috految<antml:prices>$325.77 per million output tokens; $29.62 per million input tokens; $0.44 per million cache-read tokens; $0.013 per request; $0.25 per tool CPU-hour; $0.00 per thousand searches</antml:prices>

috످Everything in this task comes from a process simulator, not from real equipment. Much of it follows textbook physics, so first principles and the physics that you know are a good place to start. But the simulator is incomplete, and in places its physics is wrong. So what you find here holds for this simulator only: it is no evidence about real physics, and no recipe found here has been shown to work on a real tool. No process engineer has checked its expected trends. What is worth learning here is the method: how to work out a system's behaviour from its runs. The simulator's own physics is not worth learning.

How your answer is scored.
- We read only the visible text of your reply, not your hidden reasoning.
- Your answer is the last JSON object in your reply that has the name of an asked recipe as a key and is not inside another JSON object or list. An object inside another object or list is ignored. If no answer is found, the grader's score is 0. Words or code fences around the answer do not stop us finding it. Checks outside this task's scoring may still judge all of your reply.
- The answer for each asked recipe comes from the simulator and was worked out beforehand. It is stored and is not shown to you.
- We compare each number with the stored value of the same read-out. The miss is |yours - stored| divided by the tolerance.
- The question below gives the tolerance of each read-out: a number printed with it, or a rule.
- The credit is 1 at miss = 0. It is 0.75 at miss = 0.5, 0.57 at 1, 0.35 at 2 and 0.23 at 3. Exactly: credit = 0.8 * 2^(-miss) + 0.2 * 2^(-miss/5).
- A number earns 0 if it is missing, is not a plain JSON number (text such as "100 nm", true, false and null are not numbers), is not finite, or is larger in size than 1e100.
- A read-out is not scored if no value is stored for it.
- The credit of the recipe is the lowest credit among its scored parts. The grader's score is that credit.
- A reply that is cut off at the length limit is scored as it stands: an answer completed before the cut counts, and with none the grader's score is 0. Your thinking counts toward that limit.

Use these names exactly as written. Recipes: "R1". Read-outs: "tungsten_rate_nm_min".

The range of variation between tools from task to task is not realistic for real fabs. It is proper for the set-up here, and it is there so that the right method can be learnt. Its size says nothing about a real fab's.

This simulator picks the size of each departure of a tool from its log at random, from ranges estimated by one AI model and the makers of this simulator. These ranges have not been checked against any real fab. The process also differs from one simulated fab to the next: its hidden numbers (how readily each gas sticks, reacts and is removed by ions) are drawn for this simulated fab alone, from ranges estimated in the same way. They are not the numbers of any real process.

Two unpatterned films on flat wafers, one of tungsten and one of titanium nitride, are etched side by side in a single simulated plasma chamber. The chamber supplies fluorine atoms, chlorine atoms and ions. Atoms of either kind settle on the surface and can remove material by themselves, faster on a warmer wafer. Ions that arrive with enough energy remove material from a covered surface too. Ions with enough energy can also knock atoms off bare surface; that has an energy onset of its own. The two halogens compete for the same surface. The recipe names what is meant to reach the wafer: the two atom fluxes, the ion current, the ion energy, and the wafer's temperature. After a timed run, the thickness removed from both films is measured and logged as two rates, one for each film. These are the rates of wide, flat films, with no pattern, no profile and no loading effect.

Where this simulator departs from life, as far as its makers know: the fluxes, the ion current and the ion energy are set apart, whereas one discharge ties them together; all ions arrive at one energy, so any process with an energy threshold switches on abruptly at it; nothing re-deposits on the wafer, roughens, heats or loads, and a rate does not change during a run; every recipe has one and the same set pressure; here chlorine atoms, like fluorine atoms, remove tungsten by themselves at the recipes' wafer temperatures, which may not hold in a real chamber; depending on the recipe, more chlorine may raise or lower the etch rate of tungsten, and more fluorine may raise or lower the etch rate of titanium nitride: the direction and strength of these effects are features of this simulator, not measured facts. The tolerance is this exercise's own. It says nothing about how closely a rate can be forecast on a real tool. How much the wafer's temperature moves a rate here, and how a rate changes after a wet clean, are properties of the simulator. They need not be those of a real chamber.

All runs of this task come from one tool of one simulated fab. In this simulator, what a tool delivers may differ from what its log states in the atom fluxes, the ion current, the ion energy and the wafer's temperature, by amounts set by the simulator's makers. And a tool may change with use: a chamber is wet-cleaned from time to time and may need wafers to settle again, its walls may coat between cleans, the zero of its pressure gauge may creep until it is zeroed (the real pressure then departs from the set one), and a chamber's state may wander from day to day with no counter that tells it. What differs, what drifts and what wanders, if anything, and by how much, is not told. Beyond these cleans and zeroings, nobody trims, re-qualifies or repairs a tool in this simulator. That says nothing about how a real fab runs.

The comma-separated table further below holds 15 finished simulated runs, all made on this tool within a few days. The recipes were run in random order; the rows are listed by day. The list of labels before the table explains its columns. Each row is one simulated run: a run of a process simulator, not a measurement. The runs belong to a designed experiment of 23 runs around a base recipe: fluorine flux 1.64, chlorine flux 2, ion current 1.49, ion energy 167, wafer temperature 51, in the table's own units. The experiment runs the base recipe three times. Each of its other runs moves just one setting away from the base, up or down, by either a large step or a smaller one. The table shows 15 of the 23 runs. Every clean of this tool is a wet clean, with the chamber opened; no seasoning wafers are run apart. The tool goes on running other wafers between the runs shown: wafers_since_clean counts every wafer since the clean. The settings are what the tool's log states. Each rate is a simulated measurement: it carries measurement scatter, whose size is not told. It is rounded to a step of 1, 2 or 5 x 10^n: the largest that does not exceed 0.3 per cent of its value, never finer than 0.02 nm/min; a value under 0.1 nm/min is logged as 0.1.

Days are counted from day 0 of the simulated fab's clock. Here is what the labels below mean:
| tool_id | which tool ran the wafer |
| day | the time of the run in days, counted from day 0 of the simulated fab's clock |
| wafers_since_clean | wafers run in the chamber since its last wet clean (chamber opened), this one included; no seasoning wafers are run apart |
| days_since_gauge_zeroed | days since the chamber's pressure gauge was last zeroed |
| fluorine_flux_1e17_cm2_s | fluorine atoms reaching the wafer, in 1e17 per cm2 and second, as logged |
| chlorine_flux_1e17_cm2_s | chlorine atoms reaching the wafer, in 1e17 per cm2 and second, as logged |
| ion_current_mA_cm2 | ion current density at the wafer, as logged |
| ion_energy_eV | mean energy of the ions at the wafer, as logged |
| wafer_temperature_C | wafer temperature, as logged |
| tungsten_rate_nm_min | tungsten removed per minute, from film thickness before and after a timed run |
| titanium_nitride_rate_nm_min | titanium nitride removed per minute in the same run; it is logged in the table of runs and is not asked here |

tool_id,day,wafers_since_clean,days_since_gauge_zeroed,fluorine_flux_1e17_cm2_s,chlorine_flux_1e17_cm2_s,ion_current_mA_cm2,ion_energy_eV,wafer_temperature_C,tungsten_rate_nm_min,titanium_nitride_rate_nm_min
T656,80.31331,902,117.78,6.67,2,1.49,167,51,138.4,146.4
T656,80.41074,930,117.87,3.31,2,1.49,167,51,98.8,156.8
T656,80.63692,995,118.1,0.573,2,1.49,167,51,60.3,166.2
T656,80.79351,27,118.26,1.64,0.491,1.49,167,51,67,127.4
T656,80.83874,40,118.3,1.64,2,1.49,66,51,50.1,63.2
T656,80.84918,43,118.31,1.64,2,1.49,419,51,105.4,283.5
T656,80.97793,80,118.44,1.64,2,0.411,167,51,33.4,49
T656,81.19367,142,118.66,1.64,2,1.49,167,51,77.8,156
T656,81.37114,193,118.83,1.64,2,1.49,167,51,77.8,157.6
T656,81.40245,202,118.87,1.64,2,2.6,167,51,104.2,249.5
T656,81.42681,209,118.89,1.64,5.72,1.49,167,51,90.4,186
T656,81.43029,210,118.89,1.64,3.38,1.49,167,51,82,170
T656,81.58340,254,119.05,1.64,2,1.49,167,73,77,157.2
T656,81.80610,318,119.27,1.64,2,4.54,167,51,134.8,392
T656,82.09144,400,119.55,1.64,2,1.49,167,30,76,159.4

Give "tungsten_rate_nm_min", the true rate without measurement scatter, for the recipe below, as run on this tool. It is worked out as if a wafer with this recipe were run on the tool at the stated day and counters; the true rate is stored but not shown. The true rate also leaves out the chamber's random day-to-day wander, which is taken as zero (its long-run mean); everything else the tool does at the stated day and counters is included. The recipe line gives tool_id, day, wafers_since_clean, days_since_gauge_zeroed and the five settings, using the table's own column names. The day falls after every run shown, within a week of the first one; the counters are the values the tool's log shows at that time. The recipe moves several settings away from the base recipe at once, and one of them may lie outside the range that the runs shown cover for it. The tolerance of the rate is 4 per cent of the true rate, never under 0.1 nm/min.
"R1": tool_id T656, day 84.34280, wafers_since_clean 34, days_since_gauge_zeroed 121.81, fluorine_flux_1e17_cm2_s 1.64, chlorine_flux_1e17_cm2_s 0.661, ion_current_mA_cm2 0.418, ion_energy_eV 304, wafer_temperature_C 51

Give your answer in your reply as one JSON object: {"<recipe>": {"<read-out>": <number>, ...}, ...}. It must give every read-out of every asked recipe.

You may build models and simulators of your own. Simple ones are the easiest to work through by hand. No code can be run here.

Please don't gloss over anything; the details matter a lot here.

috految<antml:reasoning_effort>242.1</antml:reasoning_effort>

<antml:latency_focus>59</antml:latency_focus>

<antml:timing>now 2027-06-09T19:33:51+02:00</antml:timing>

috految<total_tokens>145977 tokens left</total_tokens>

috److془We need to carefully build a model.

Data:
F, Cl, J, E, T, W, TiN
6.67,2,1.49,167: 138.4 (n=902), 146.4
3.31,2: 98.8 (930), 156.8
0.573,2: 60.3 (995), 166.2
1.64,0.491: 67 (27), 127.4
E=66: 50.1 (40), 63.2
E=419: 105.4 (43), 283.5
J=0.411: 33.4 (80), 49
base: 77.8 (142), 156
base: 77.8 (193), 157.6
J=2.6: 104.2 (202), 249.5
Cl=5.72: 90.4 (209), 186
Cl=3.38: 82 (210), 170
T=73: 77 (254), 157.2
J=4.54: 134.8 (318), 392
T=30: 76 (400), 159.4

Target: F=1.64, Cl=0.661, J=0.418, E=304, n=34.

Homogeneity: R(λF, λCl, λJ) = λR.

Equivalent J: E=66: 50.1 → J_eq ≈ 0.75; E=419: 105.4 → J_eq≈2.68. sqrt: 8.124, 12.923, 20.469. ratio: 0.503, 1, 1.80. slope 0.1035, 0.106. E=304: 17.436 → 1.47. J_eq = 0.614. Scale by 2.427: F=3.98, Cl=1.604, J=1.49. R(3.98, 2) ≈ 107.7; Cl dependence: R(5.945,7.25) = 121.1; R(5.945, 2) = 130.3. R(3.98, 4.85) = 43.9*2.427 = 106.5.. So R(3.98,1.6) = 107.9 → 44.5.

Now the wall effects: n=900 vs. n=34. Let's fit the model.

Model: θF, θCl: sF F (1-θ) = θF (nF YF J + ...) ; sC C (1-θ) = θC (nC YC J).
R = J (YF θF + YC θC + Ysp (1-θ)) + kF F * (θF or 1-θC) + kC C θC.

Normalized at J = 1.49:
(F, C, R):
1. (6.67, 2, 138.4) n=902
2. (3.31, 2, 98.8) 930
3. (0.573, 2, 60.3) 995
4. (1.64, 0.491, 67) 27
7. (5.945, 7.251, 121.1) 80
8. (1.64, 2, 77.15) x4 
10. (0.940, 1.146, 59.71) 202
11. (1.64, 5.72, 90.4) 209
12. (1.64, 3.38, 82) 210
14. (0.538, 0.656, 44.24) 318

Sputtering: J=1.49 mA/cm2 = 9.3e15 /cm2 s; W density 6.3e22; yield 1 → 88.5 nm/min. Ysp ~0.13 → 12 nm/min.

Model: R = (S + A F + B C + k F * aF)/(1 + aF + bC) 

Along the ray: x = 0.328: 44.24; 0.573: 59.71; 1: 77.0; 3.625: 121.1.
With k=0: R = (S + M p x)/(1 + px). slope(0.328,1) = 48.7; slope(1,3.625) = 16.8; ratio = 2.90 = (1+3.625 p)/(1+0.328p) → p = 0.7106. (M-S) p = 48.7*1.7106*1.233=102.7; M-S=144.5; S = 77-60.05=16.95. At 0.573: 58.8. (obs 59.71).
With spontaneous: k' x: k'=4: 42.93, 57.42, 73.0, 106.6: slopes: 44.75, 12.8; ratio = 3.496; p=1.007; (M-S)p = 119.5; S = 73 - 59.5=13.5; at 0.573: 56.9 (obs 57.42).

Cl dependence: 0.491: 67; 2: 77; 3.38: 82; 5.72: 90.4. dR/dC at 2 ~ 4.9. C dR/dC = 9.8-10. x dR/dx = 35.1 (k=0), 33.7 (k'=4). F dR/dF = 24. F dependence: 0.573: 60.3; 1.64: 77; 3.31: 98.8; 6.67: 138.4. slopes: 15.65, 13.05, 11.8. dR/dF ≈ 14.5 → 23.8. Good consistent.

Now fit: k=4 case with score: R-k'x of form kF F θF: k F aF/(1+aF+bC). a' = 1.64 a, b' = 2b; a'+b' = p=1.007. k' = K a'/p. Numerator: S + A f + B c + Q f^2, Q = k' p = 4.03. A+B = 77*2.007 - 13.5 - 4.03 = 137.0. 
f=4.067: R = (154.5 + 3.067 A + 62.6)/(2.007+3.067 a') = 138.4 → A - 138.4 a' = 19.8.
f=2.018: (154.5+1.018A+12.38)/(2.007+1.018a') = 98.8 → A - 98.8 a' = 30.85.
f=0.349: (154.5 - 0.651 A - 3.54)/(2.007-0.651a') = 60.3 → A - 60.3a' = 46.0.
c = 0.2455: (154.5 - 0.7545 B)/(2.007 - 0.7545 b') = 67 → B - 67 b' = 26.6 → A - 67a' = 137-67.5-26.6 = 42.9.
c = 1.69: B - 82 b' = 14.5 → A - 82 a' = 39.9.
c = 2.86: B - 90.4b' = 14.46 → A - 90.4a' = 31.5.
Line: A=65, a' = 0.335: 18.6, 31.9, 44.8, 42.6, 37.5, 34.7. Residuals (obs-pred)%: +0.87, -0.46, -0.72, +0.2, -0.8, +2.0. 

Great fit. With the kC term, etc. also.

Prediction: f=2.427, c=0.802: (13.5+157.8+57.7+23.7)/(1+0.813+0.539) = 252.7/2.352=107.5. → 44.3.

Energy: E=66: g: R = (S_E + 137 + 4.03/g)/(1+1.007/g); S_E with threshold 40 eV (6.3): 13.5*0.275=3.7. 50.1 → 140.7 - 50.1 = (50.45-4.03)/g → g = 0.512. slope = 0.1017. E=419: g=1.767; S = 28.9; R = (28.9+137+2.28)/(1.570) = 107.1 (obs 105.4). Hmm -1.6%. With threshold 30: S_E=4.8, g=0.506; g=1.777; S=27.2; R = 106.25. 

Prediction: g=1.457; j = 0.4088; S = 13.5*1.65*0.2805=6.25; R = (6.25 + 65 + 23.8 + 9.86)/(1+ (0.335+0.222)/0.4088) = 104.9/2.3625 = 44.4.

If the thresholds differ between F and Cl: F's threshold lower; g_F ~1.43, g_C ~ 1.47: R = (6.25+88.8+10.04)/(1+0.835+0.538)=44.28. 

Now the temperature: spontaneous ~2-4 nm/min with Ea 0.1 eV: 73 vs 30: factor 1.256 - 0.78 = 0.476 → 1-2 nm/min. With Ea 0.2: 0.97 → 2-4. Observed 1.0 ± 1.1. Good.

Now the wall effects via TiN:
Normalized: 
f=4.067, c=1: 146.4 (902)
f=2.018: 156.8 (930)
f=0.349: 166.2 (995)
c=0.2455: 127.4 (27)
x=3.625: 177.6 (80)
base: 156 (142), 157.6 (193), 157.2 (254), 159.4 (400)
x=0.573: 143.0 (202)
c=2.86: 186 (209)
c=1.69: 170 (210)
x=0.328: 128.65 (318)

Ray: 0.328: 128.65; 0.573: 143; 1: 157.5; 3.625: 177.6. With S=25: 1/(R-S): 0.009648 (3.047), 0.008475 (1.745), 0.007547 (1), 0.006553 (0.276). Slopes: 0.0009, 0.00125, 0.00137. With S=40: 0.01128, 0.009709, 0.008511, 0.007267: 0.001207, 0.00161, 0.00172. Hmm, so some spontaneous, or noise of 1.2%, or drift with n. 

Take S=25: 1/(R-S) = 0.00638+0.00111/x: 127.4, 145.2, 158.5, 174.6. p=5.75, M = 181.7. 
Cl: R-R0 = (c-1) b'(Mc - R0)/(1+p+(c-1) b'). R0=158: c=0.2455: -30.6 → 40.6; c=1.69: 17.4; c = 2.86: 15.05. slope at c=1: ~ 27: b'/(1+p)= 0.45. x dR/dx = 19.8; so f dR/df = -7 . a'/(1+p) = 0.4. f=0.349: +6.2 → 164.2 (obs 166.2); f=2.018: -5.06 → 152.9 (156.8); f=4.067: -9.6 → 148.4 (146.4). Fine; noise is ~1.3%. With n ~ 950 average +0.8%.

Energy: E=66: 63.2: with S=6: (6+1045)/(1+5.75/g) = 63.2 → g=0.368; E=419: g=1.994; S=54: (1099)/(3.884) = 283.0 (obs 283.5). Great.

So little wall effects. Perhaps the Cl flux is lower after clean, F changes etc. W at n=34 ~ -0.3%.

Consider alternatives: the spontaneous etch non-homogeneous (e.g., k θ independent of flux, or order 1.5). "Atoms of either kind settle on the surface and can remove material by themselves, faster on a warmer wafer." Probably k(T) * Γ * θ. Let's check alternative k θ (like ViennaPS SF6O2): R = (S + A f + B c)/(1 + a f/(j+κF) + b c/(j+κC)). With j=1 data: (S + A f + B c)/(1+a f+ b c): a/(1+p) ≈ 0.07.. F: (R-R0)/(f-1) = 25.65, 21.4, 20.0; → 23.8/(1+0.065(f-1)). M_F = 77+366 = 443. Cl: (R-R0)/(c-1) = 13.25, 7.25, 7.2: 10.3/(1+0.3(c-1)). θ_empty = 0.635; S = 77 - 34.1/0.635 = 23.3. With b/(1+p)=0.36, 10.5: S = 17.4. then p = 0.74; fits with k=0. Prediction: R = 77 + (23.8*1.446 - 10.5*0.1915)/(1+0.094-0.069) = 108.6 *0.4088 = 44.4 + 0.5 sputter → 44.8. With κF nonzero, the prediction would be higher perhaps up to 47+. Hmm; but J-dependence: R(x=3.625) = 77+34.3*2.625/(1+0.425*2.625) = 119.6; vs obs 121.1. so κF potentially okay. But the prior is for flux-proportional.

Also the option of spontaneous consuming coverage: θF = sF(1-θ)/(n Y J + n k F). R = (S + A f + B c)/(1 + a f/(j+κ f) + b c/j); homogeneous. Prediction ≈ 44.4.

Including wall effect: Let's do the fit with F-lvl shift. Residuals for n~950: +0.87, -0.46, -0.72; Cl=5.72 residual 2.0 suggests slightly larger B and lower A, and thus positive F shift at high n. Prediction ~44.2. With the greater-slope prior (thresholds ≥ 15 eV e.g.), g higher. Fine.

Answer 44.2-44.3.془I fitted by hand a surface-site model in which fluorine and chlorine compete for coverage. It includes ion-assisted etching, sputtering of bare surface and a small spontaneous fluorine etch.

**Model.** Let f and c be the fluorine and chlorine fluxes relative to the base recipe. Let j be the ion current times the energy-dependent yield, also relative to base. The tungsten rate is then approximately:

R ≈ (S + 65 f + 72 c + 4 f²/j) / (1 + (0.335 f + 0.672 c)/j)

Here S is the sputter term, about 13.5 nm/min at the base recipe. This matches the tungsten runs to within about 2%.

**Ion energy.** The runs at 66 eV and 419 eV are consistent with a yield linear in √E. This gives a yield at 304 eV of about 1.46 times base.

**Prediction for R1.** With f = 1, c = 0.33, j ≈ 0.409 and S ≈ 6.2, the model gives about 44.4 nm/min.

**Cross-check.** Scaling the fluxes and ion drive together maps R1 close to the measured fluorine series, which gives about 44.5 nm/min.

**Tool state.** Both films show little shift across the wet clean, so I made only a small downward adjustment for the freshly cleaned chamber.

{"R1": {"tungsten_rate_nm_min": 44.25}}

috످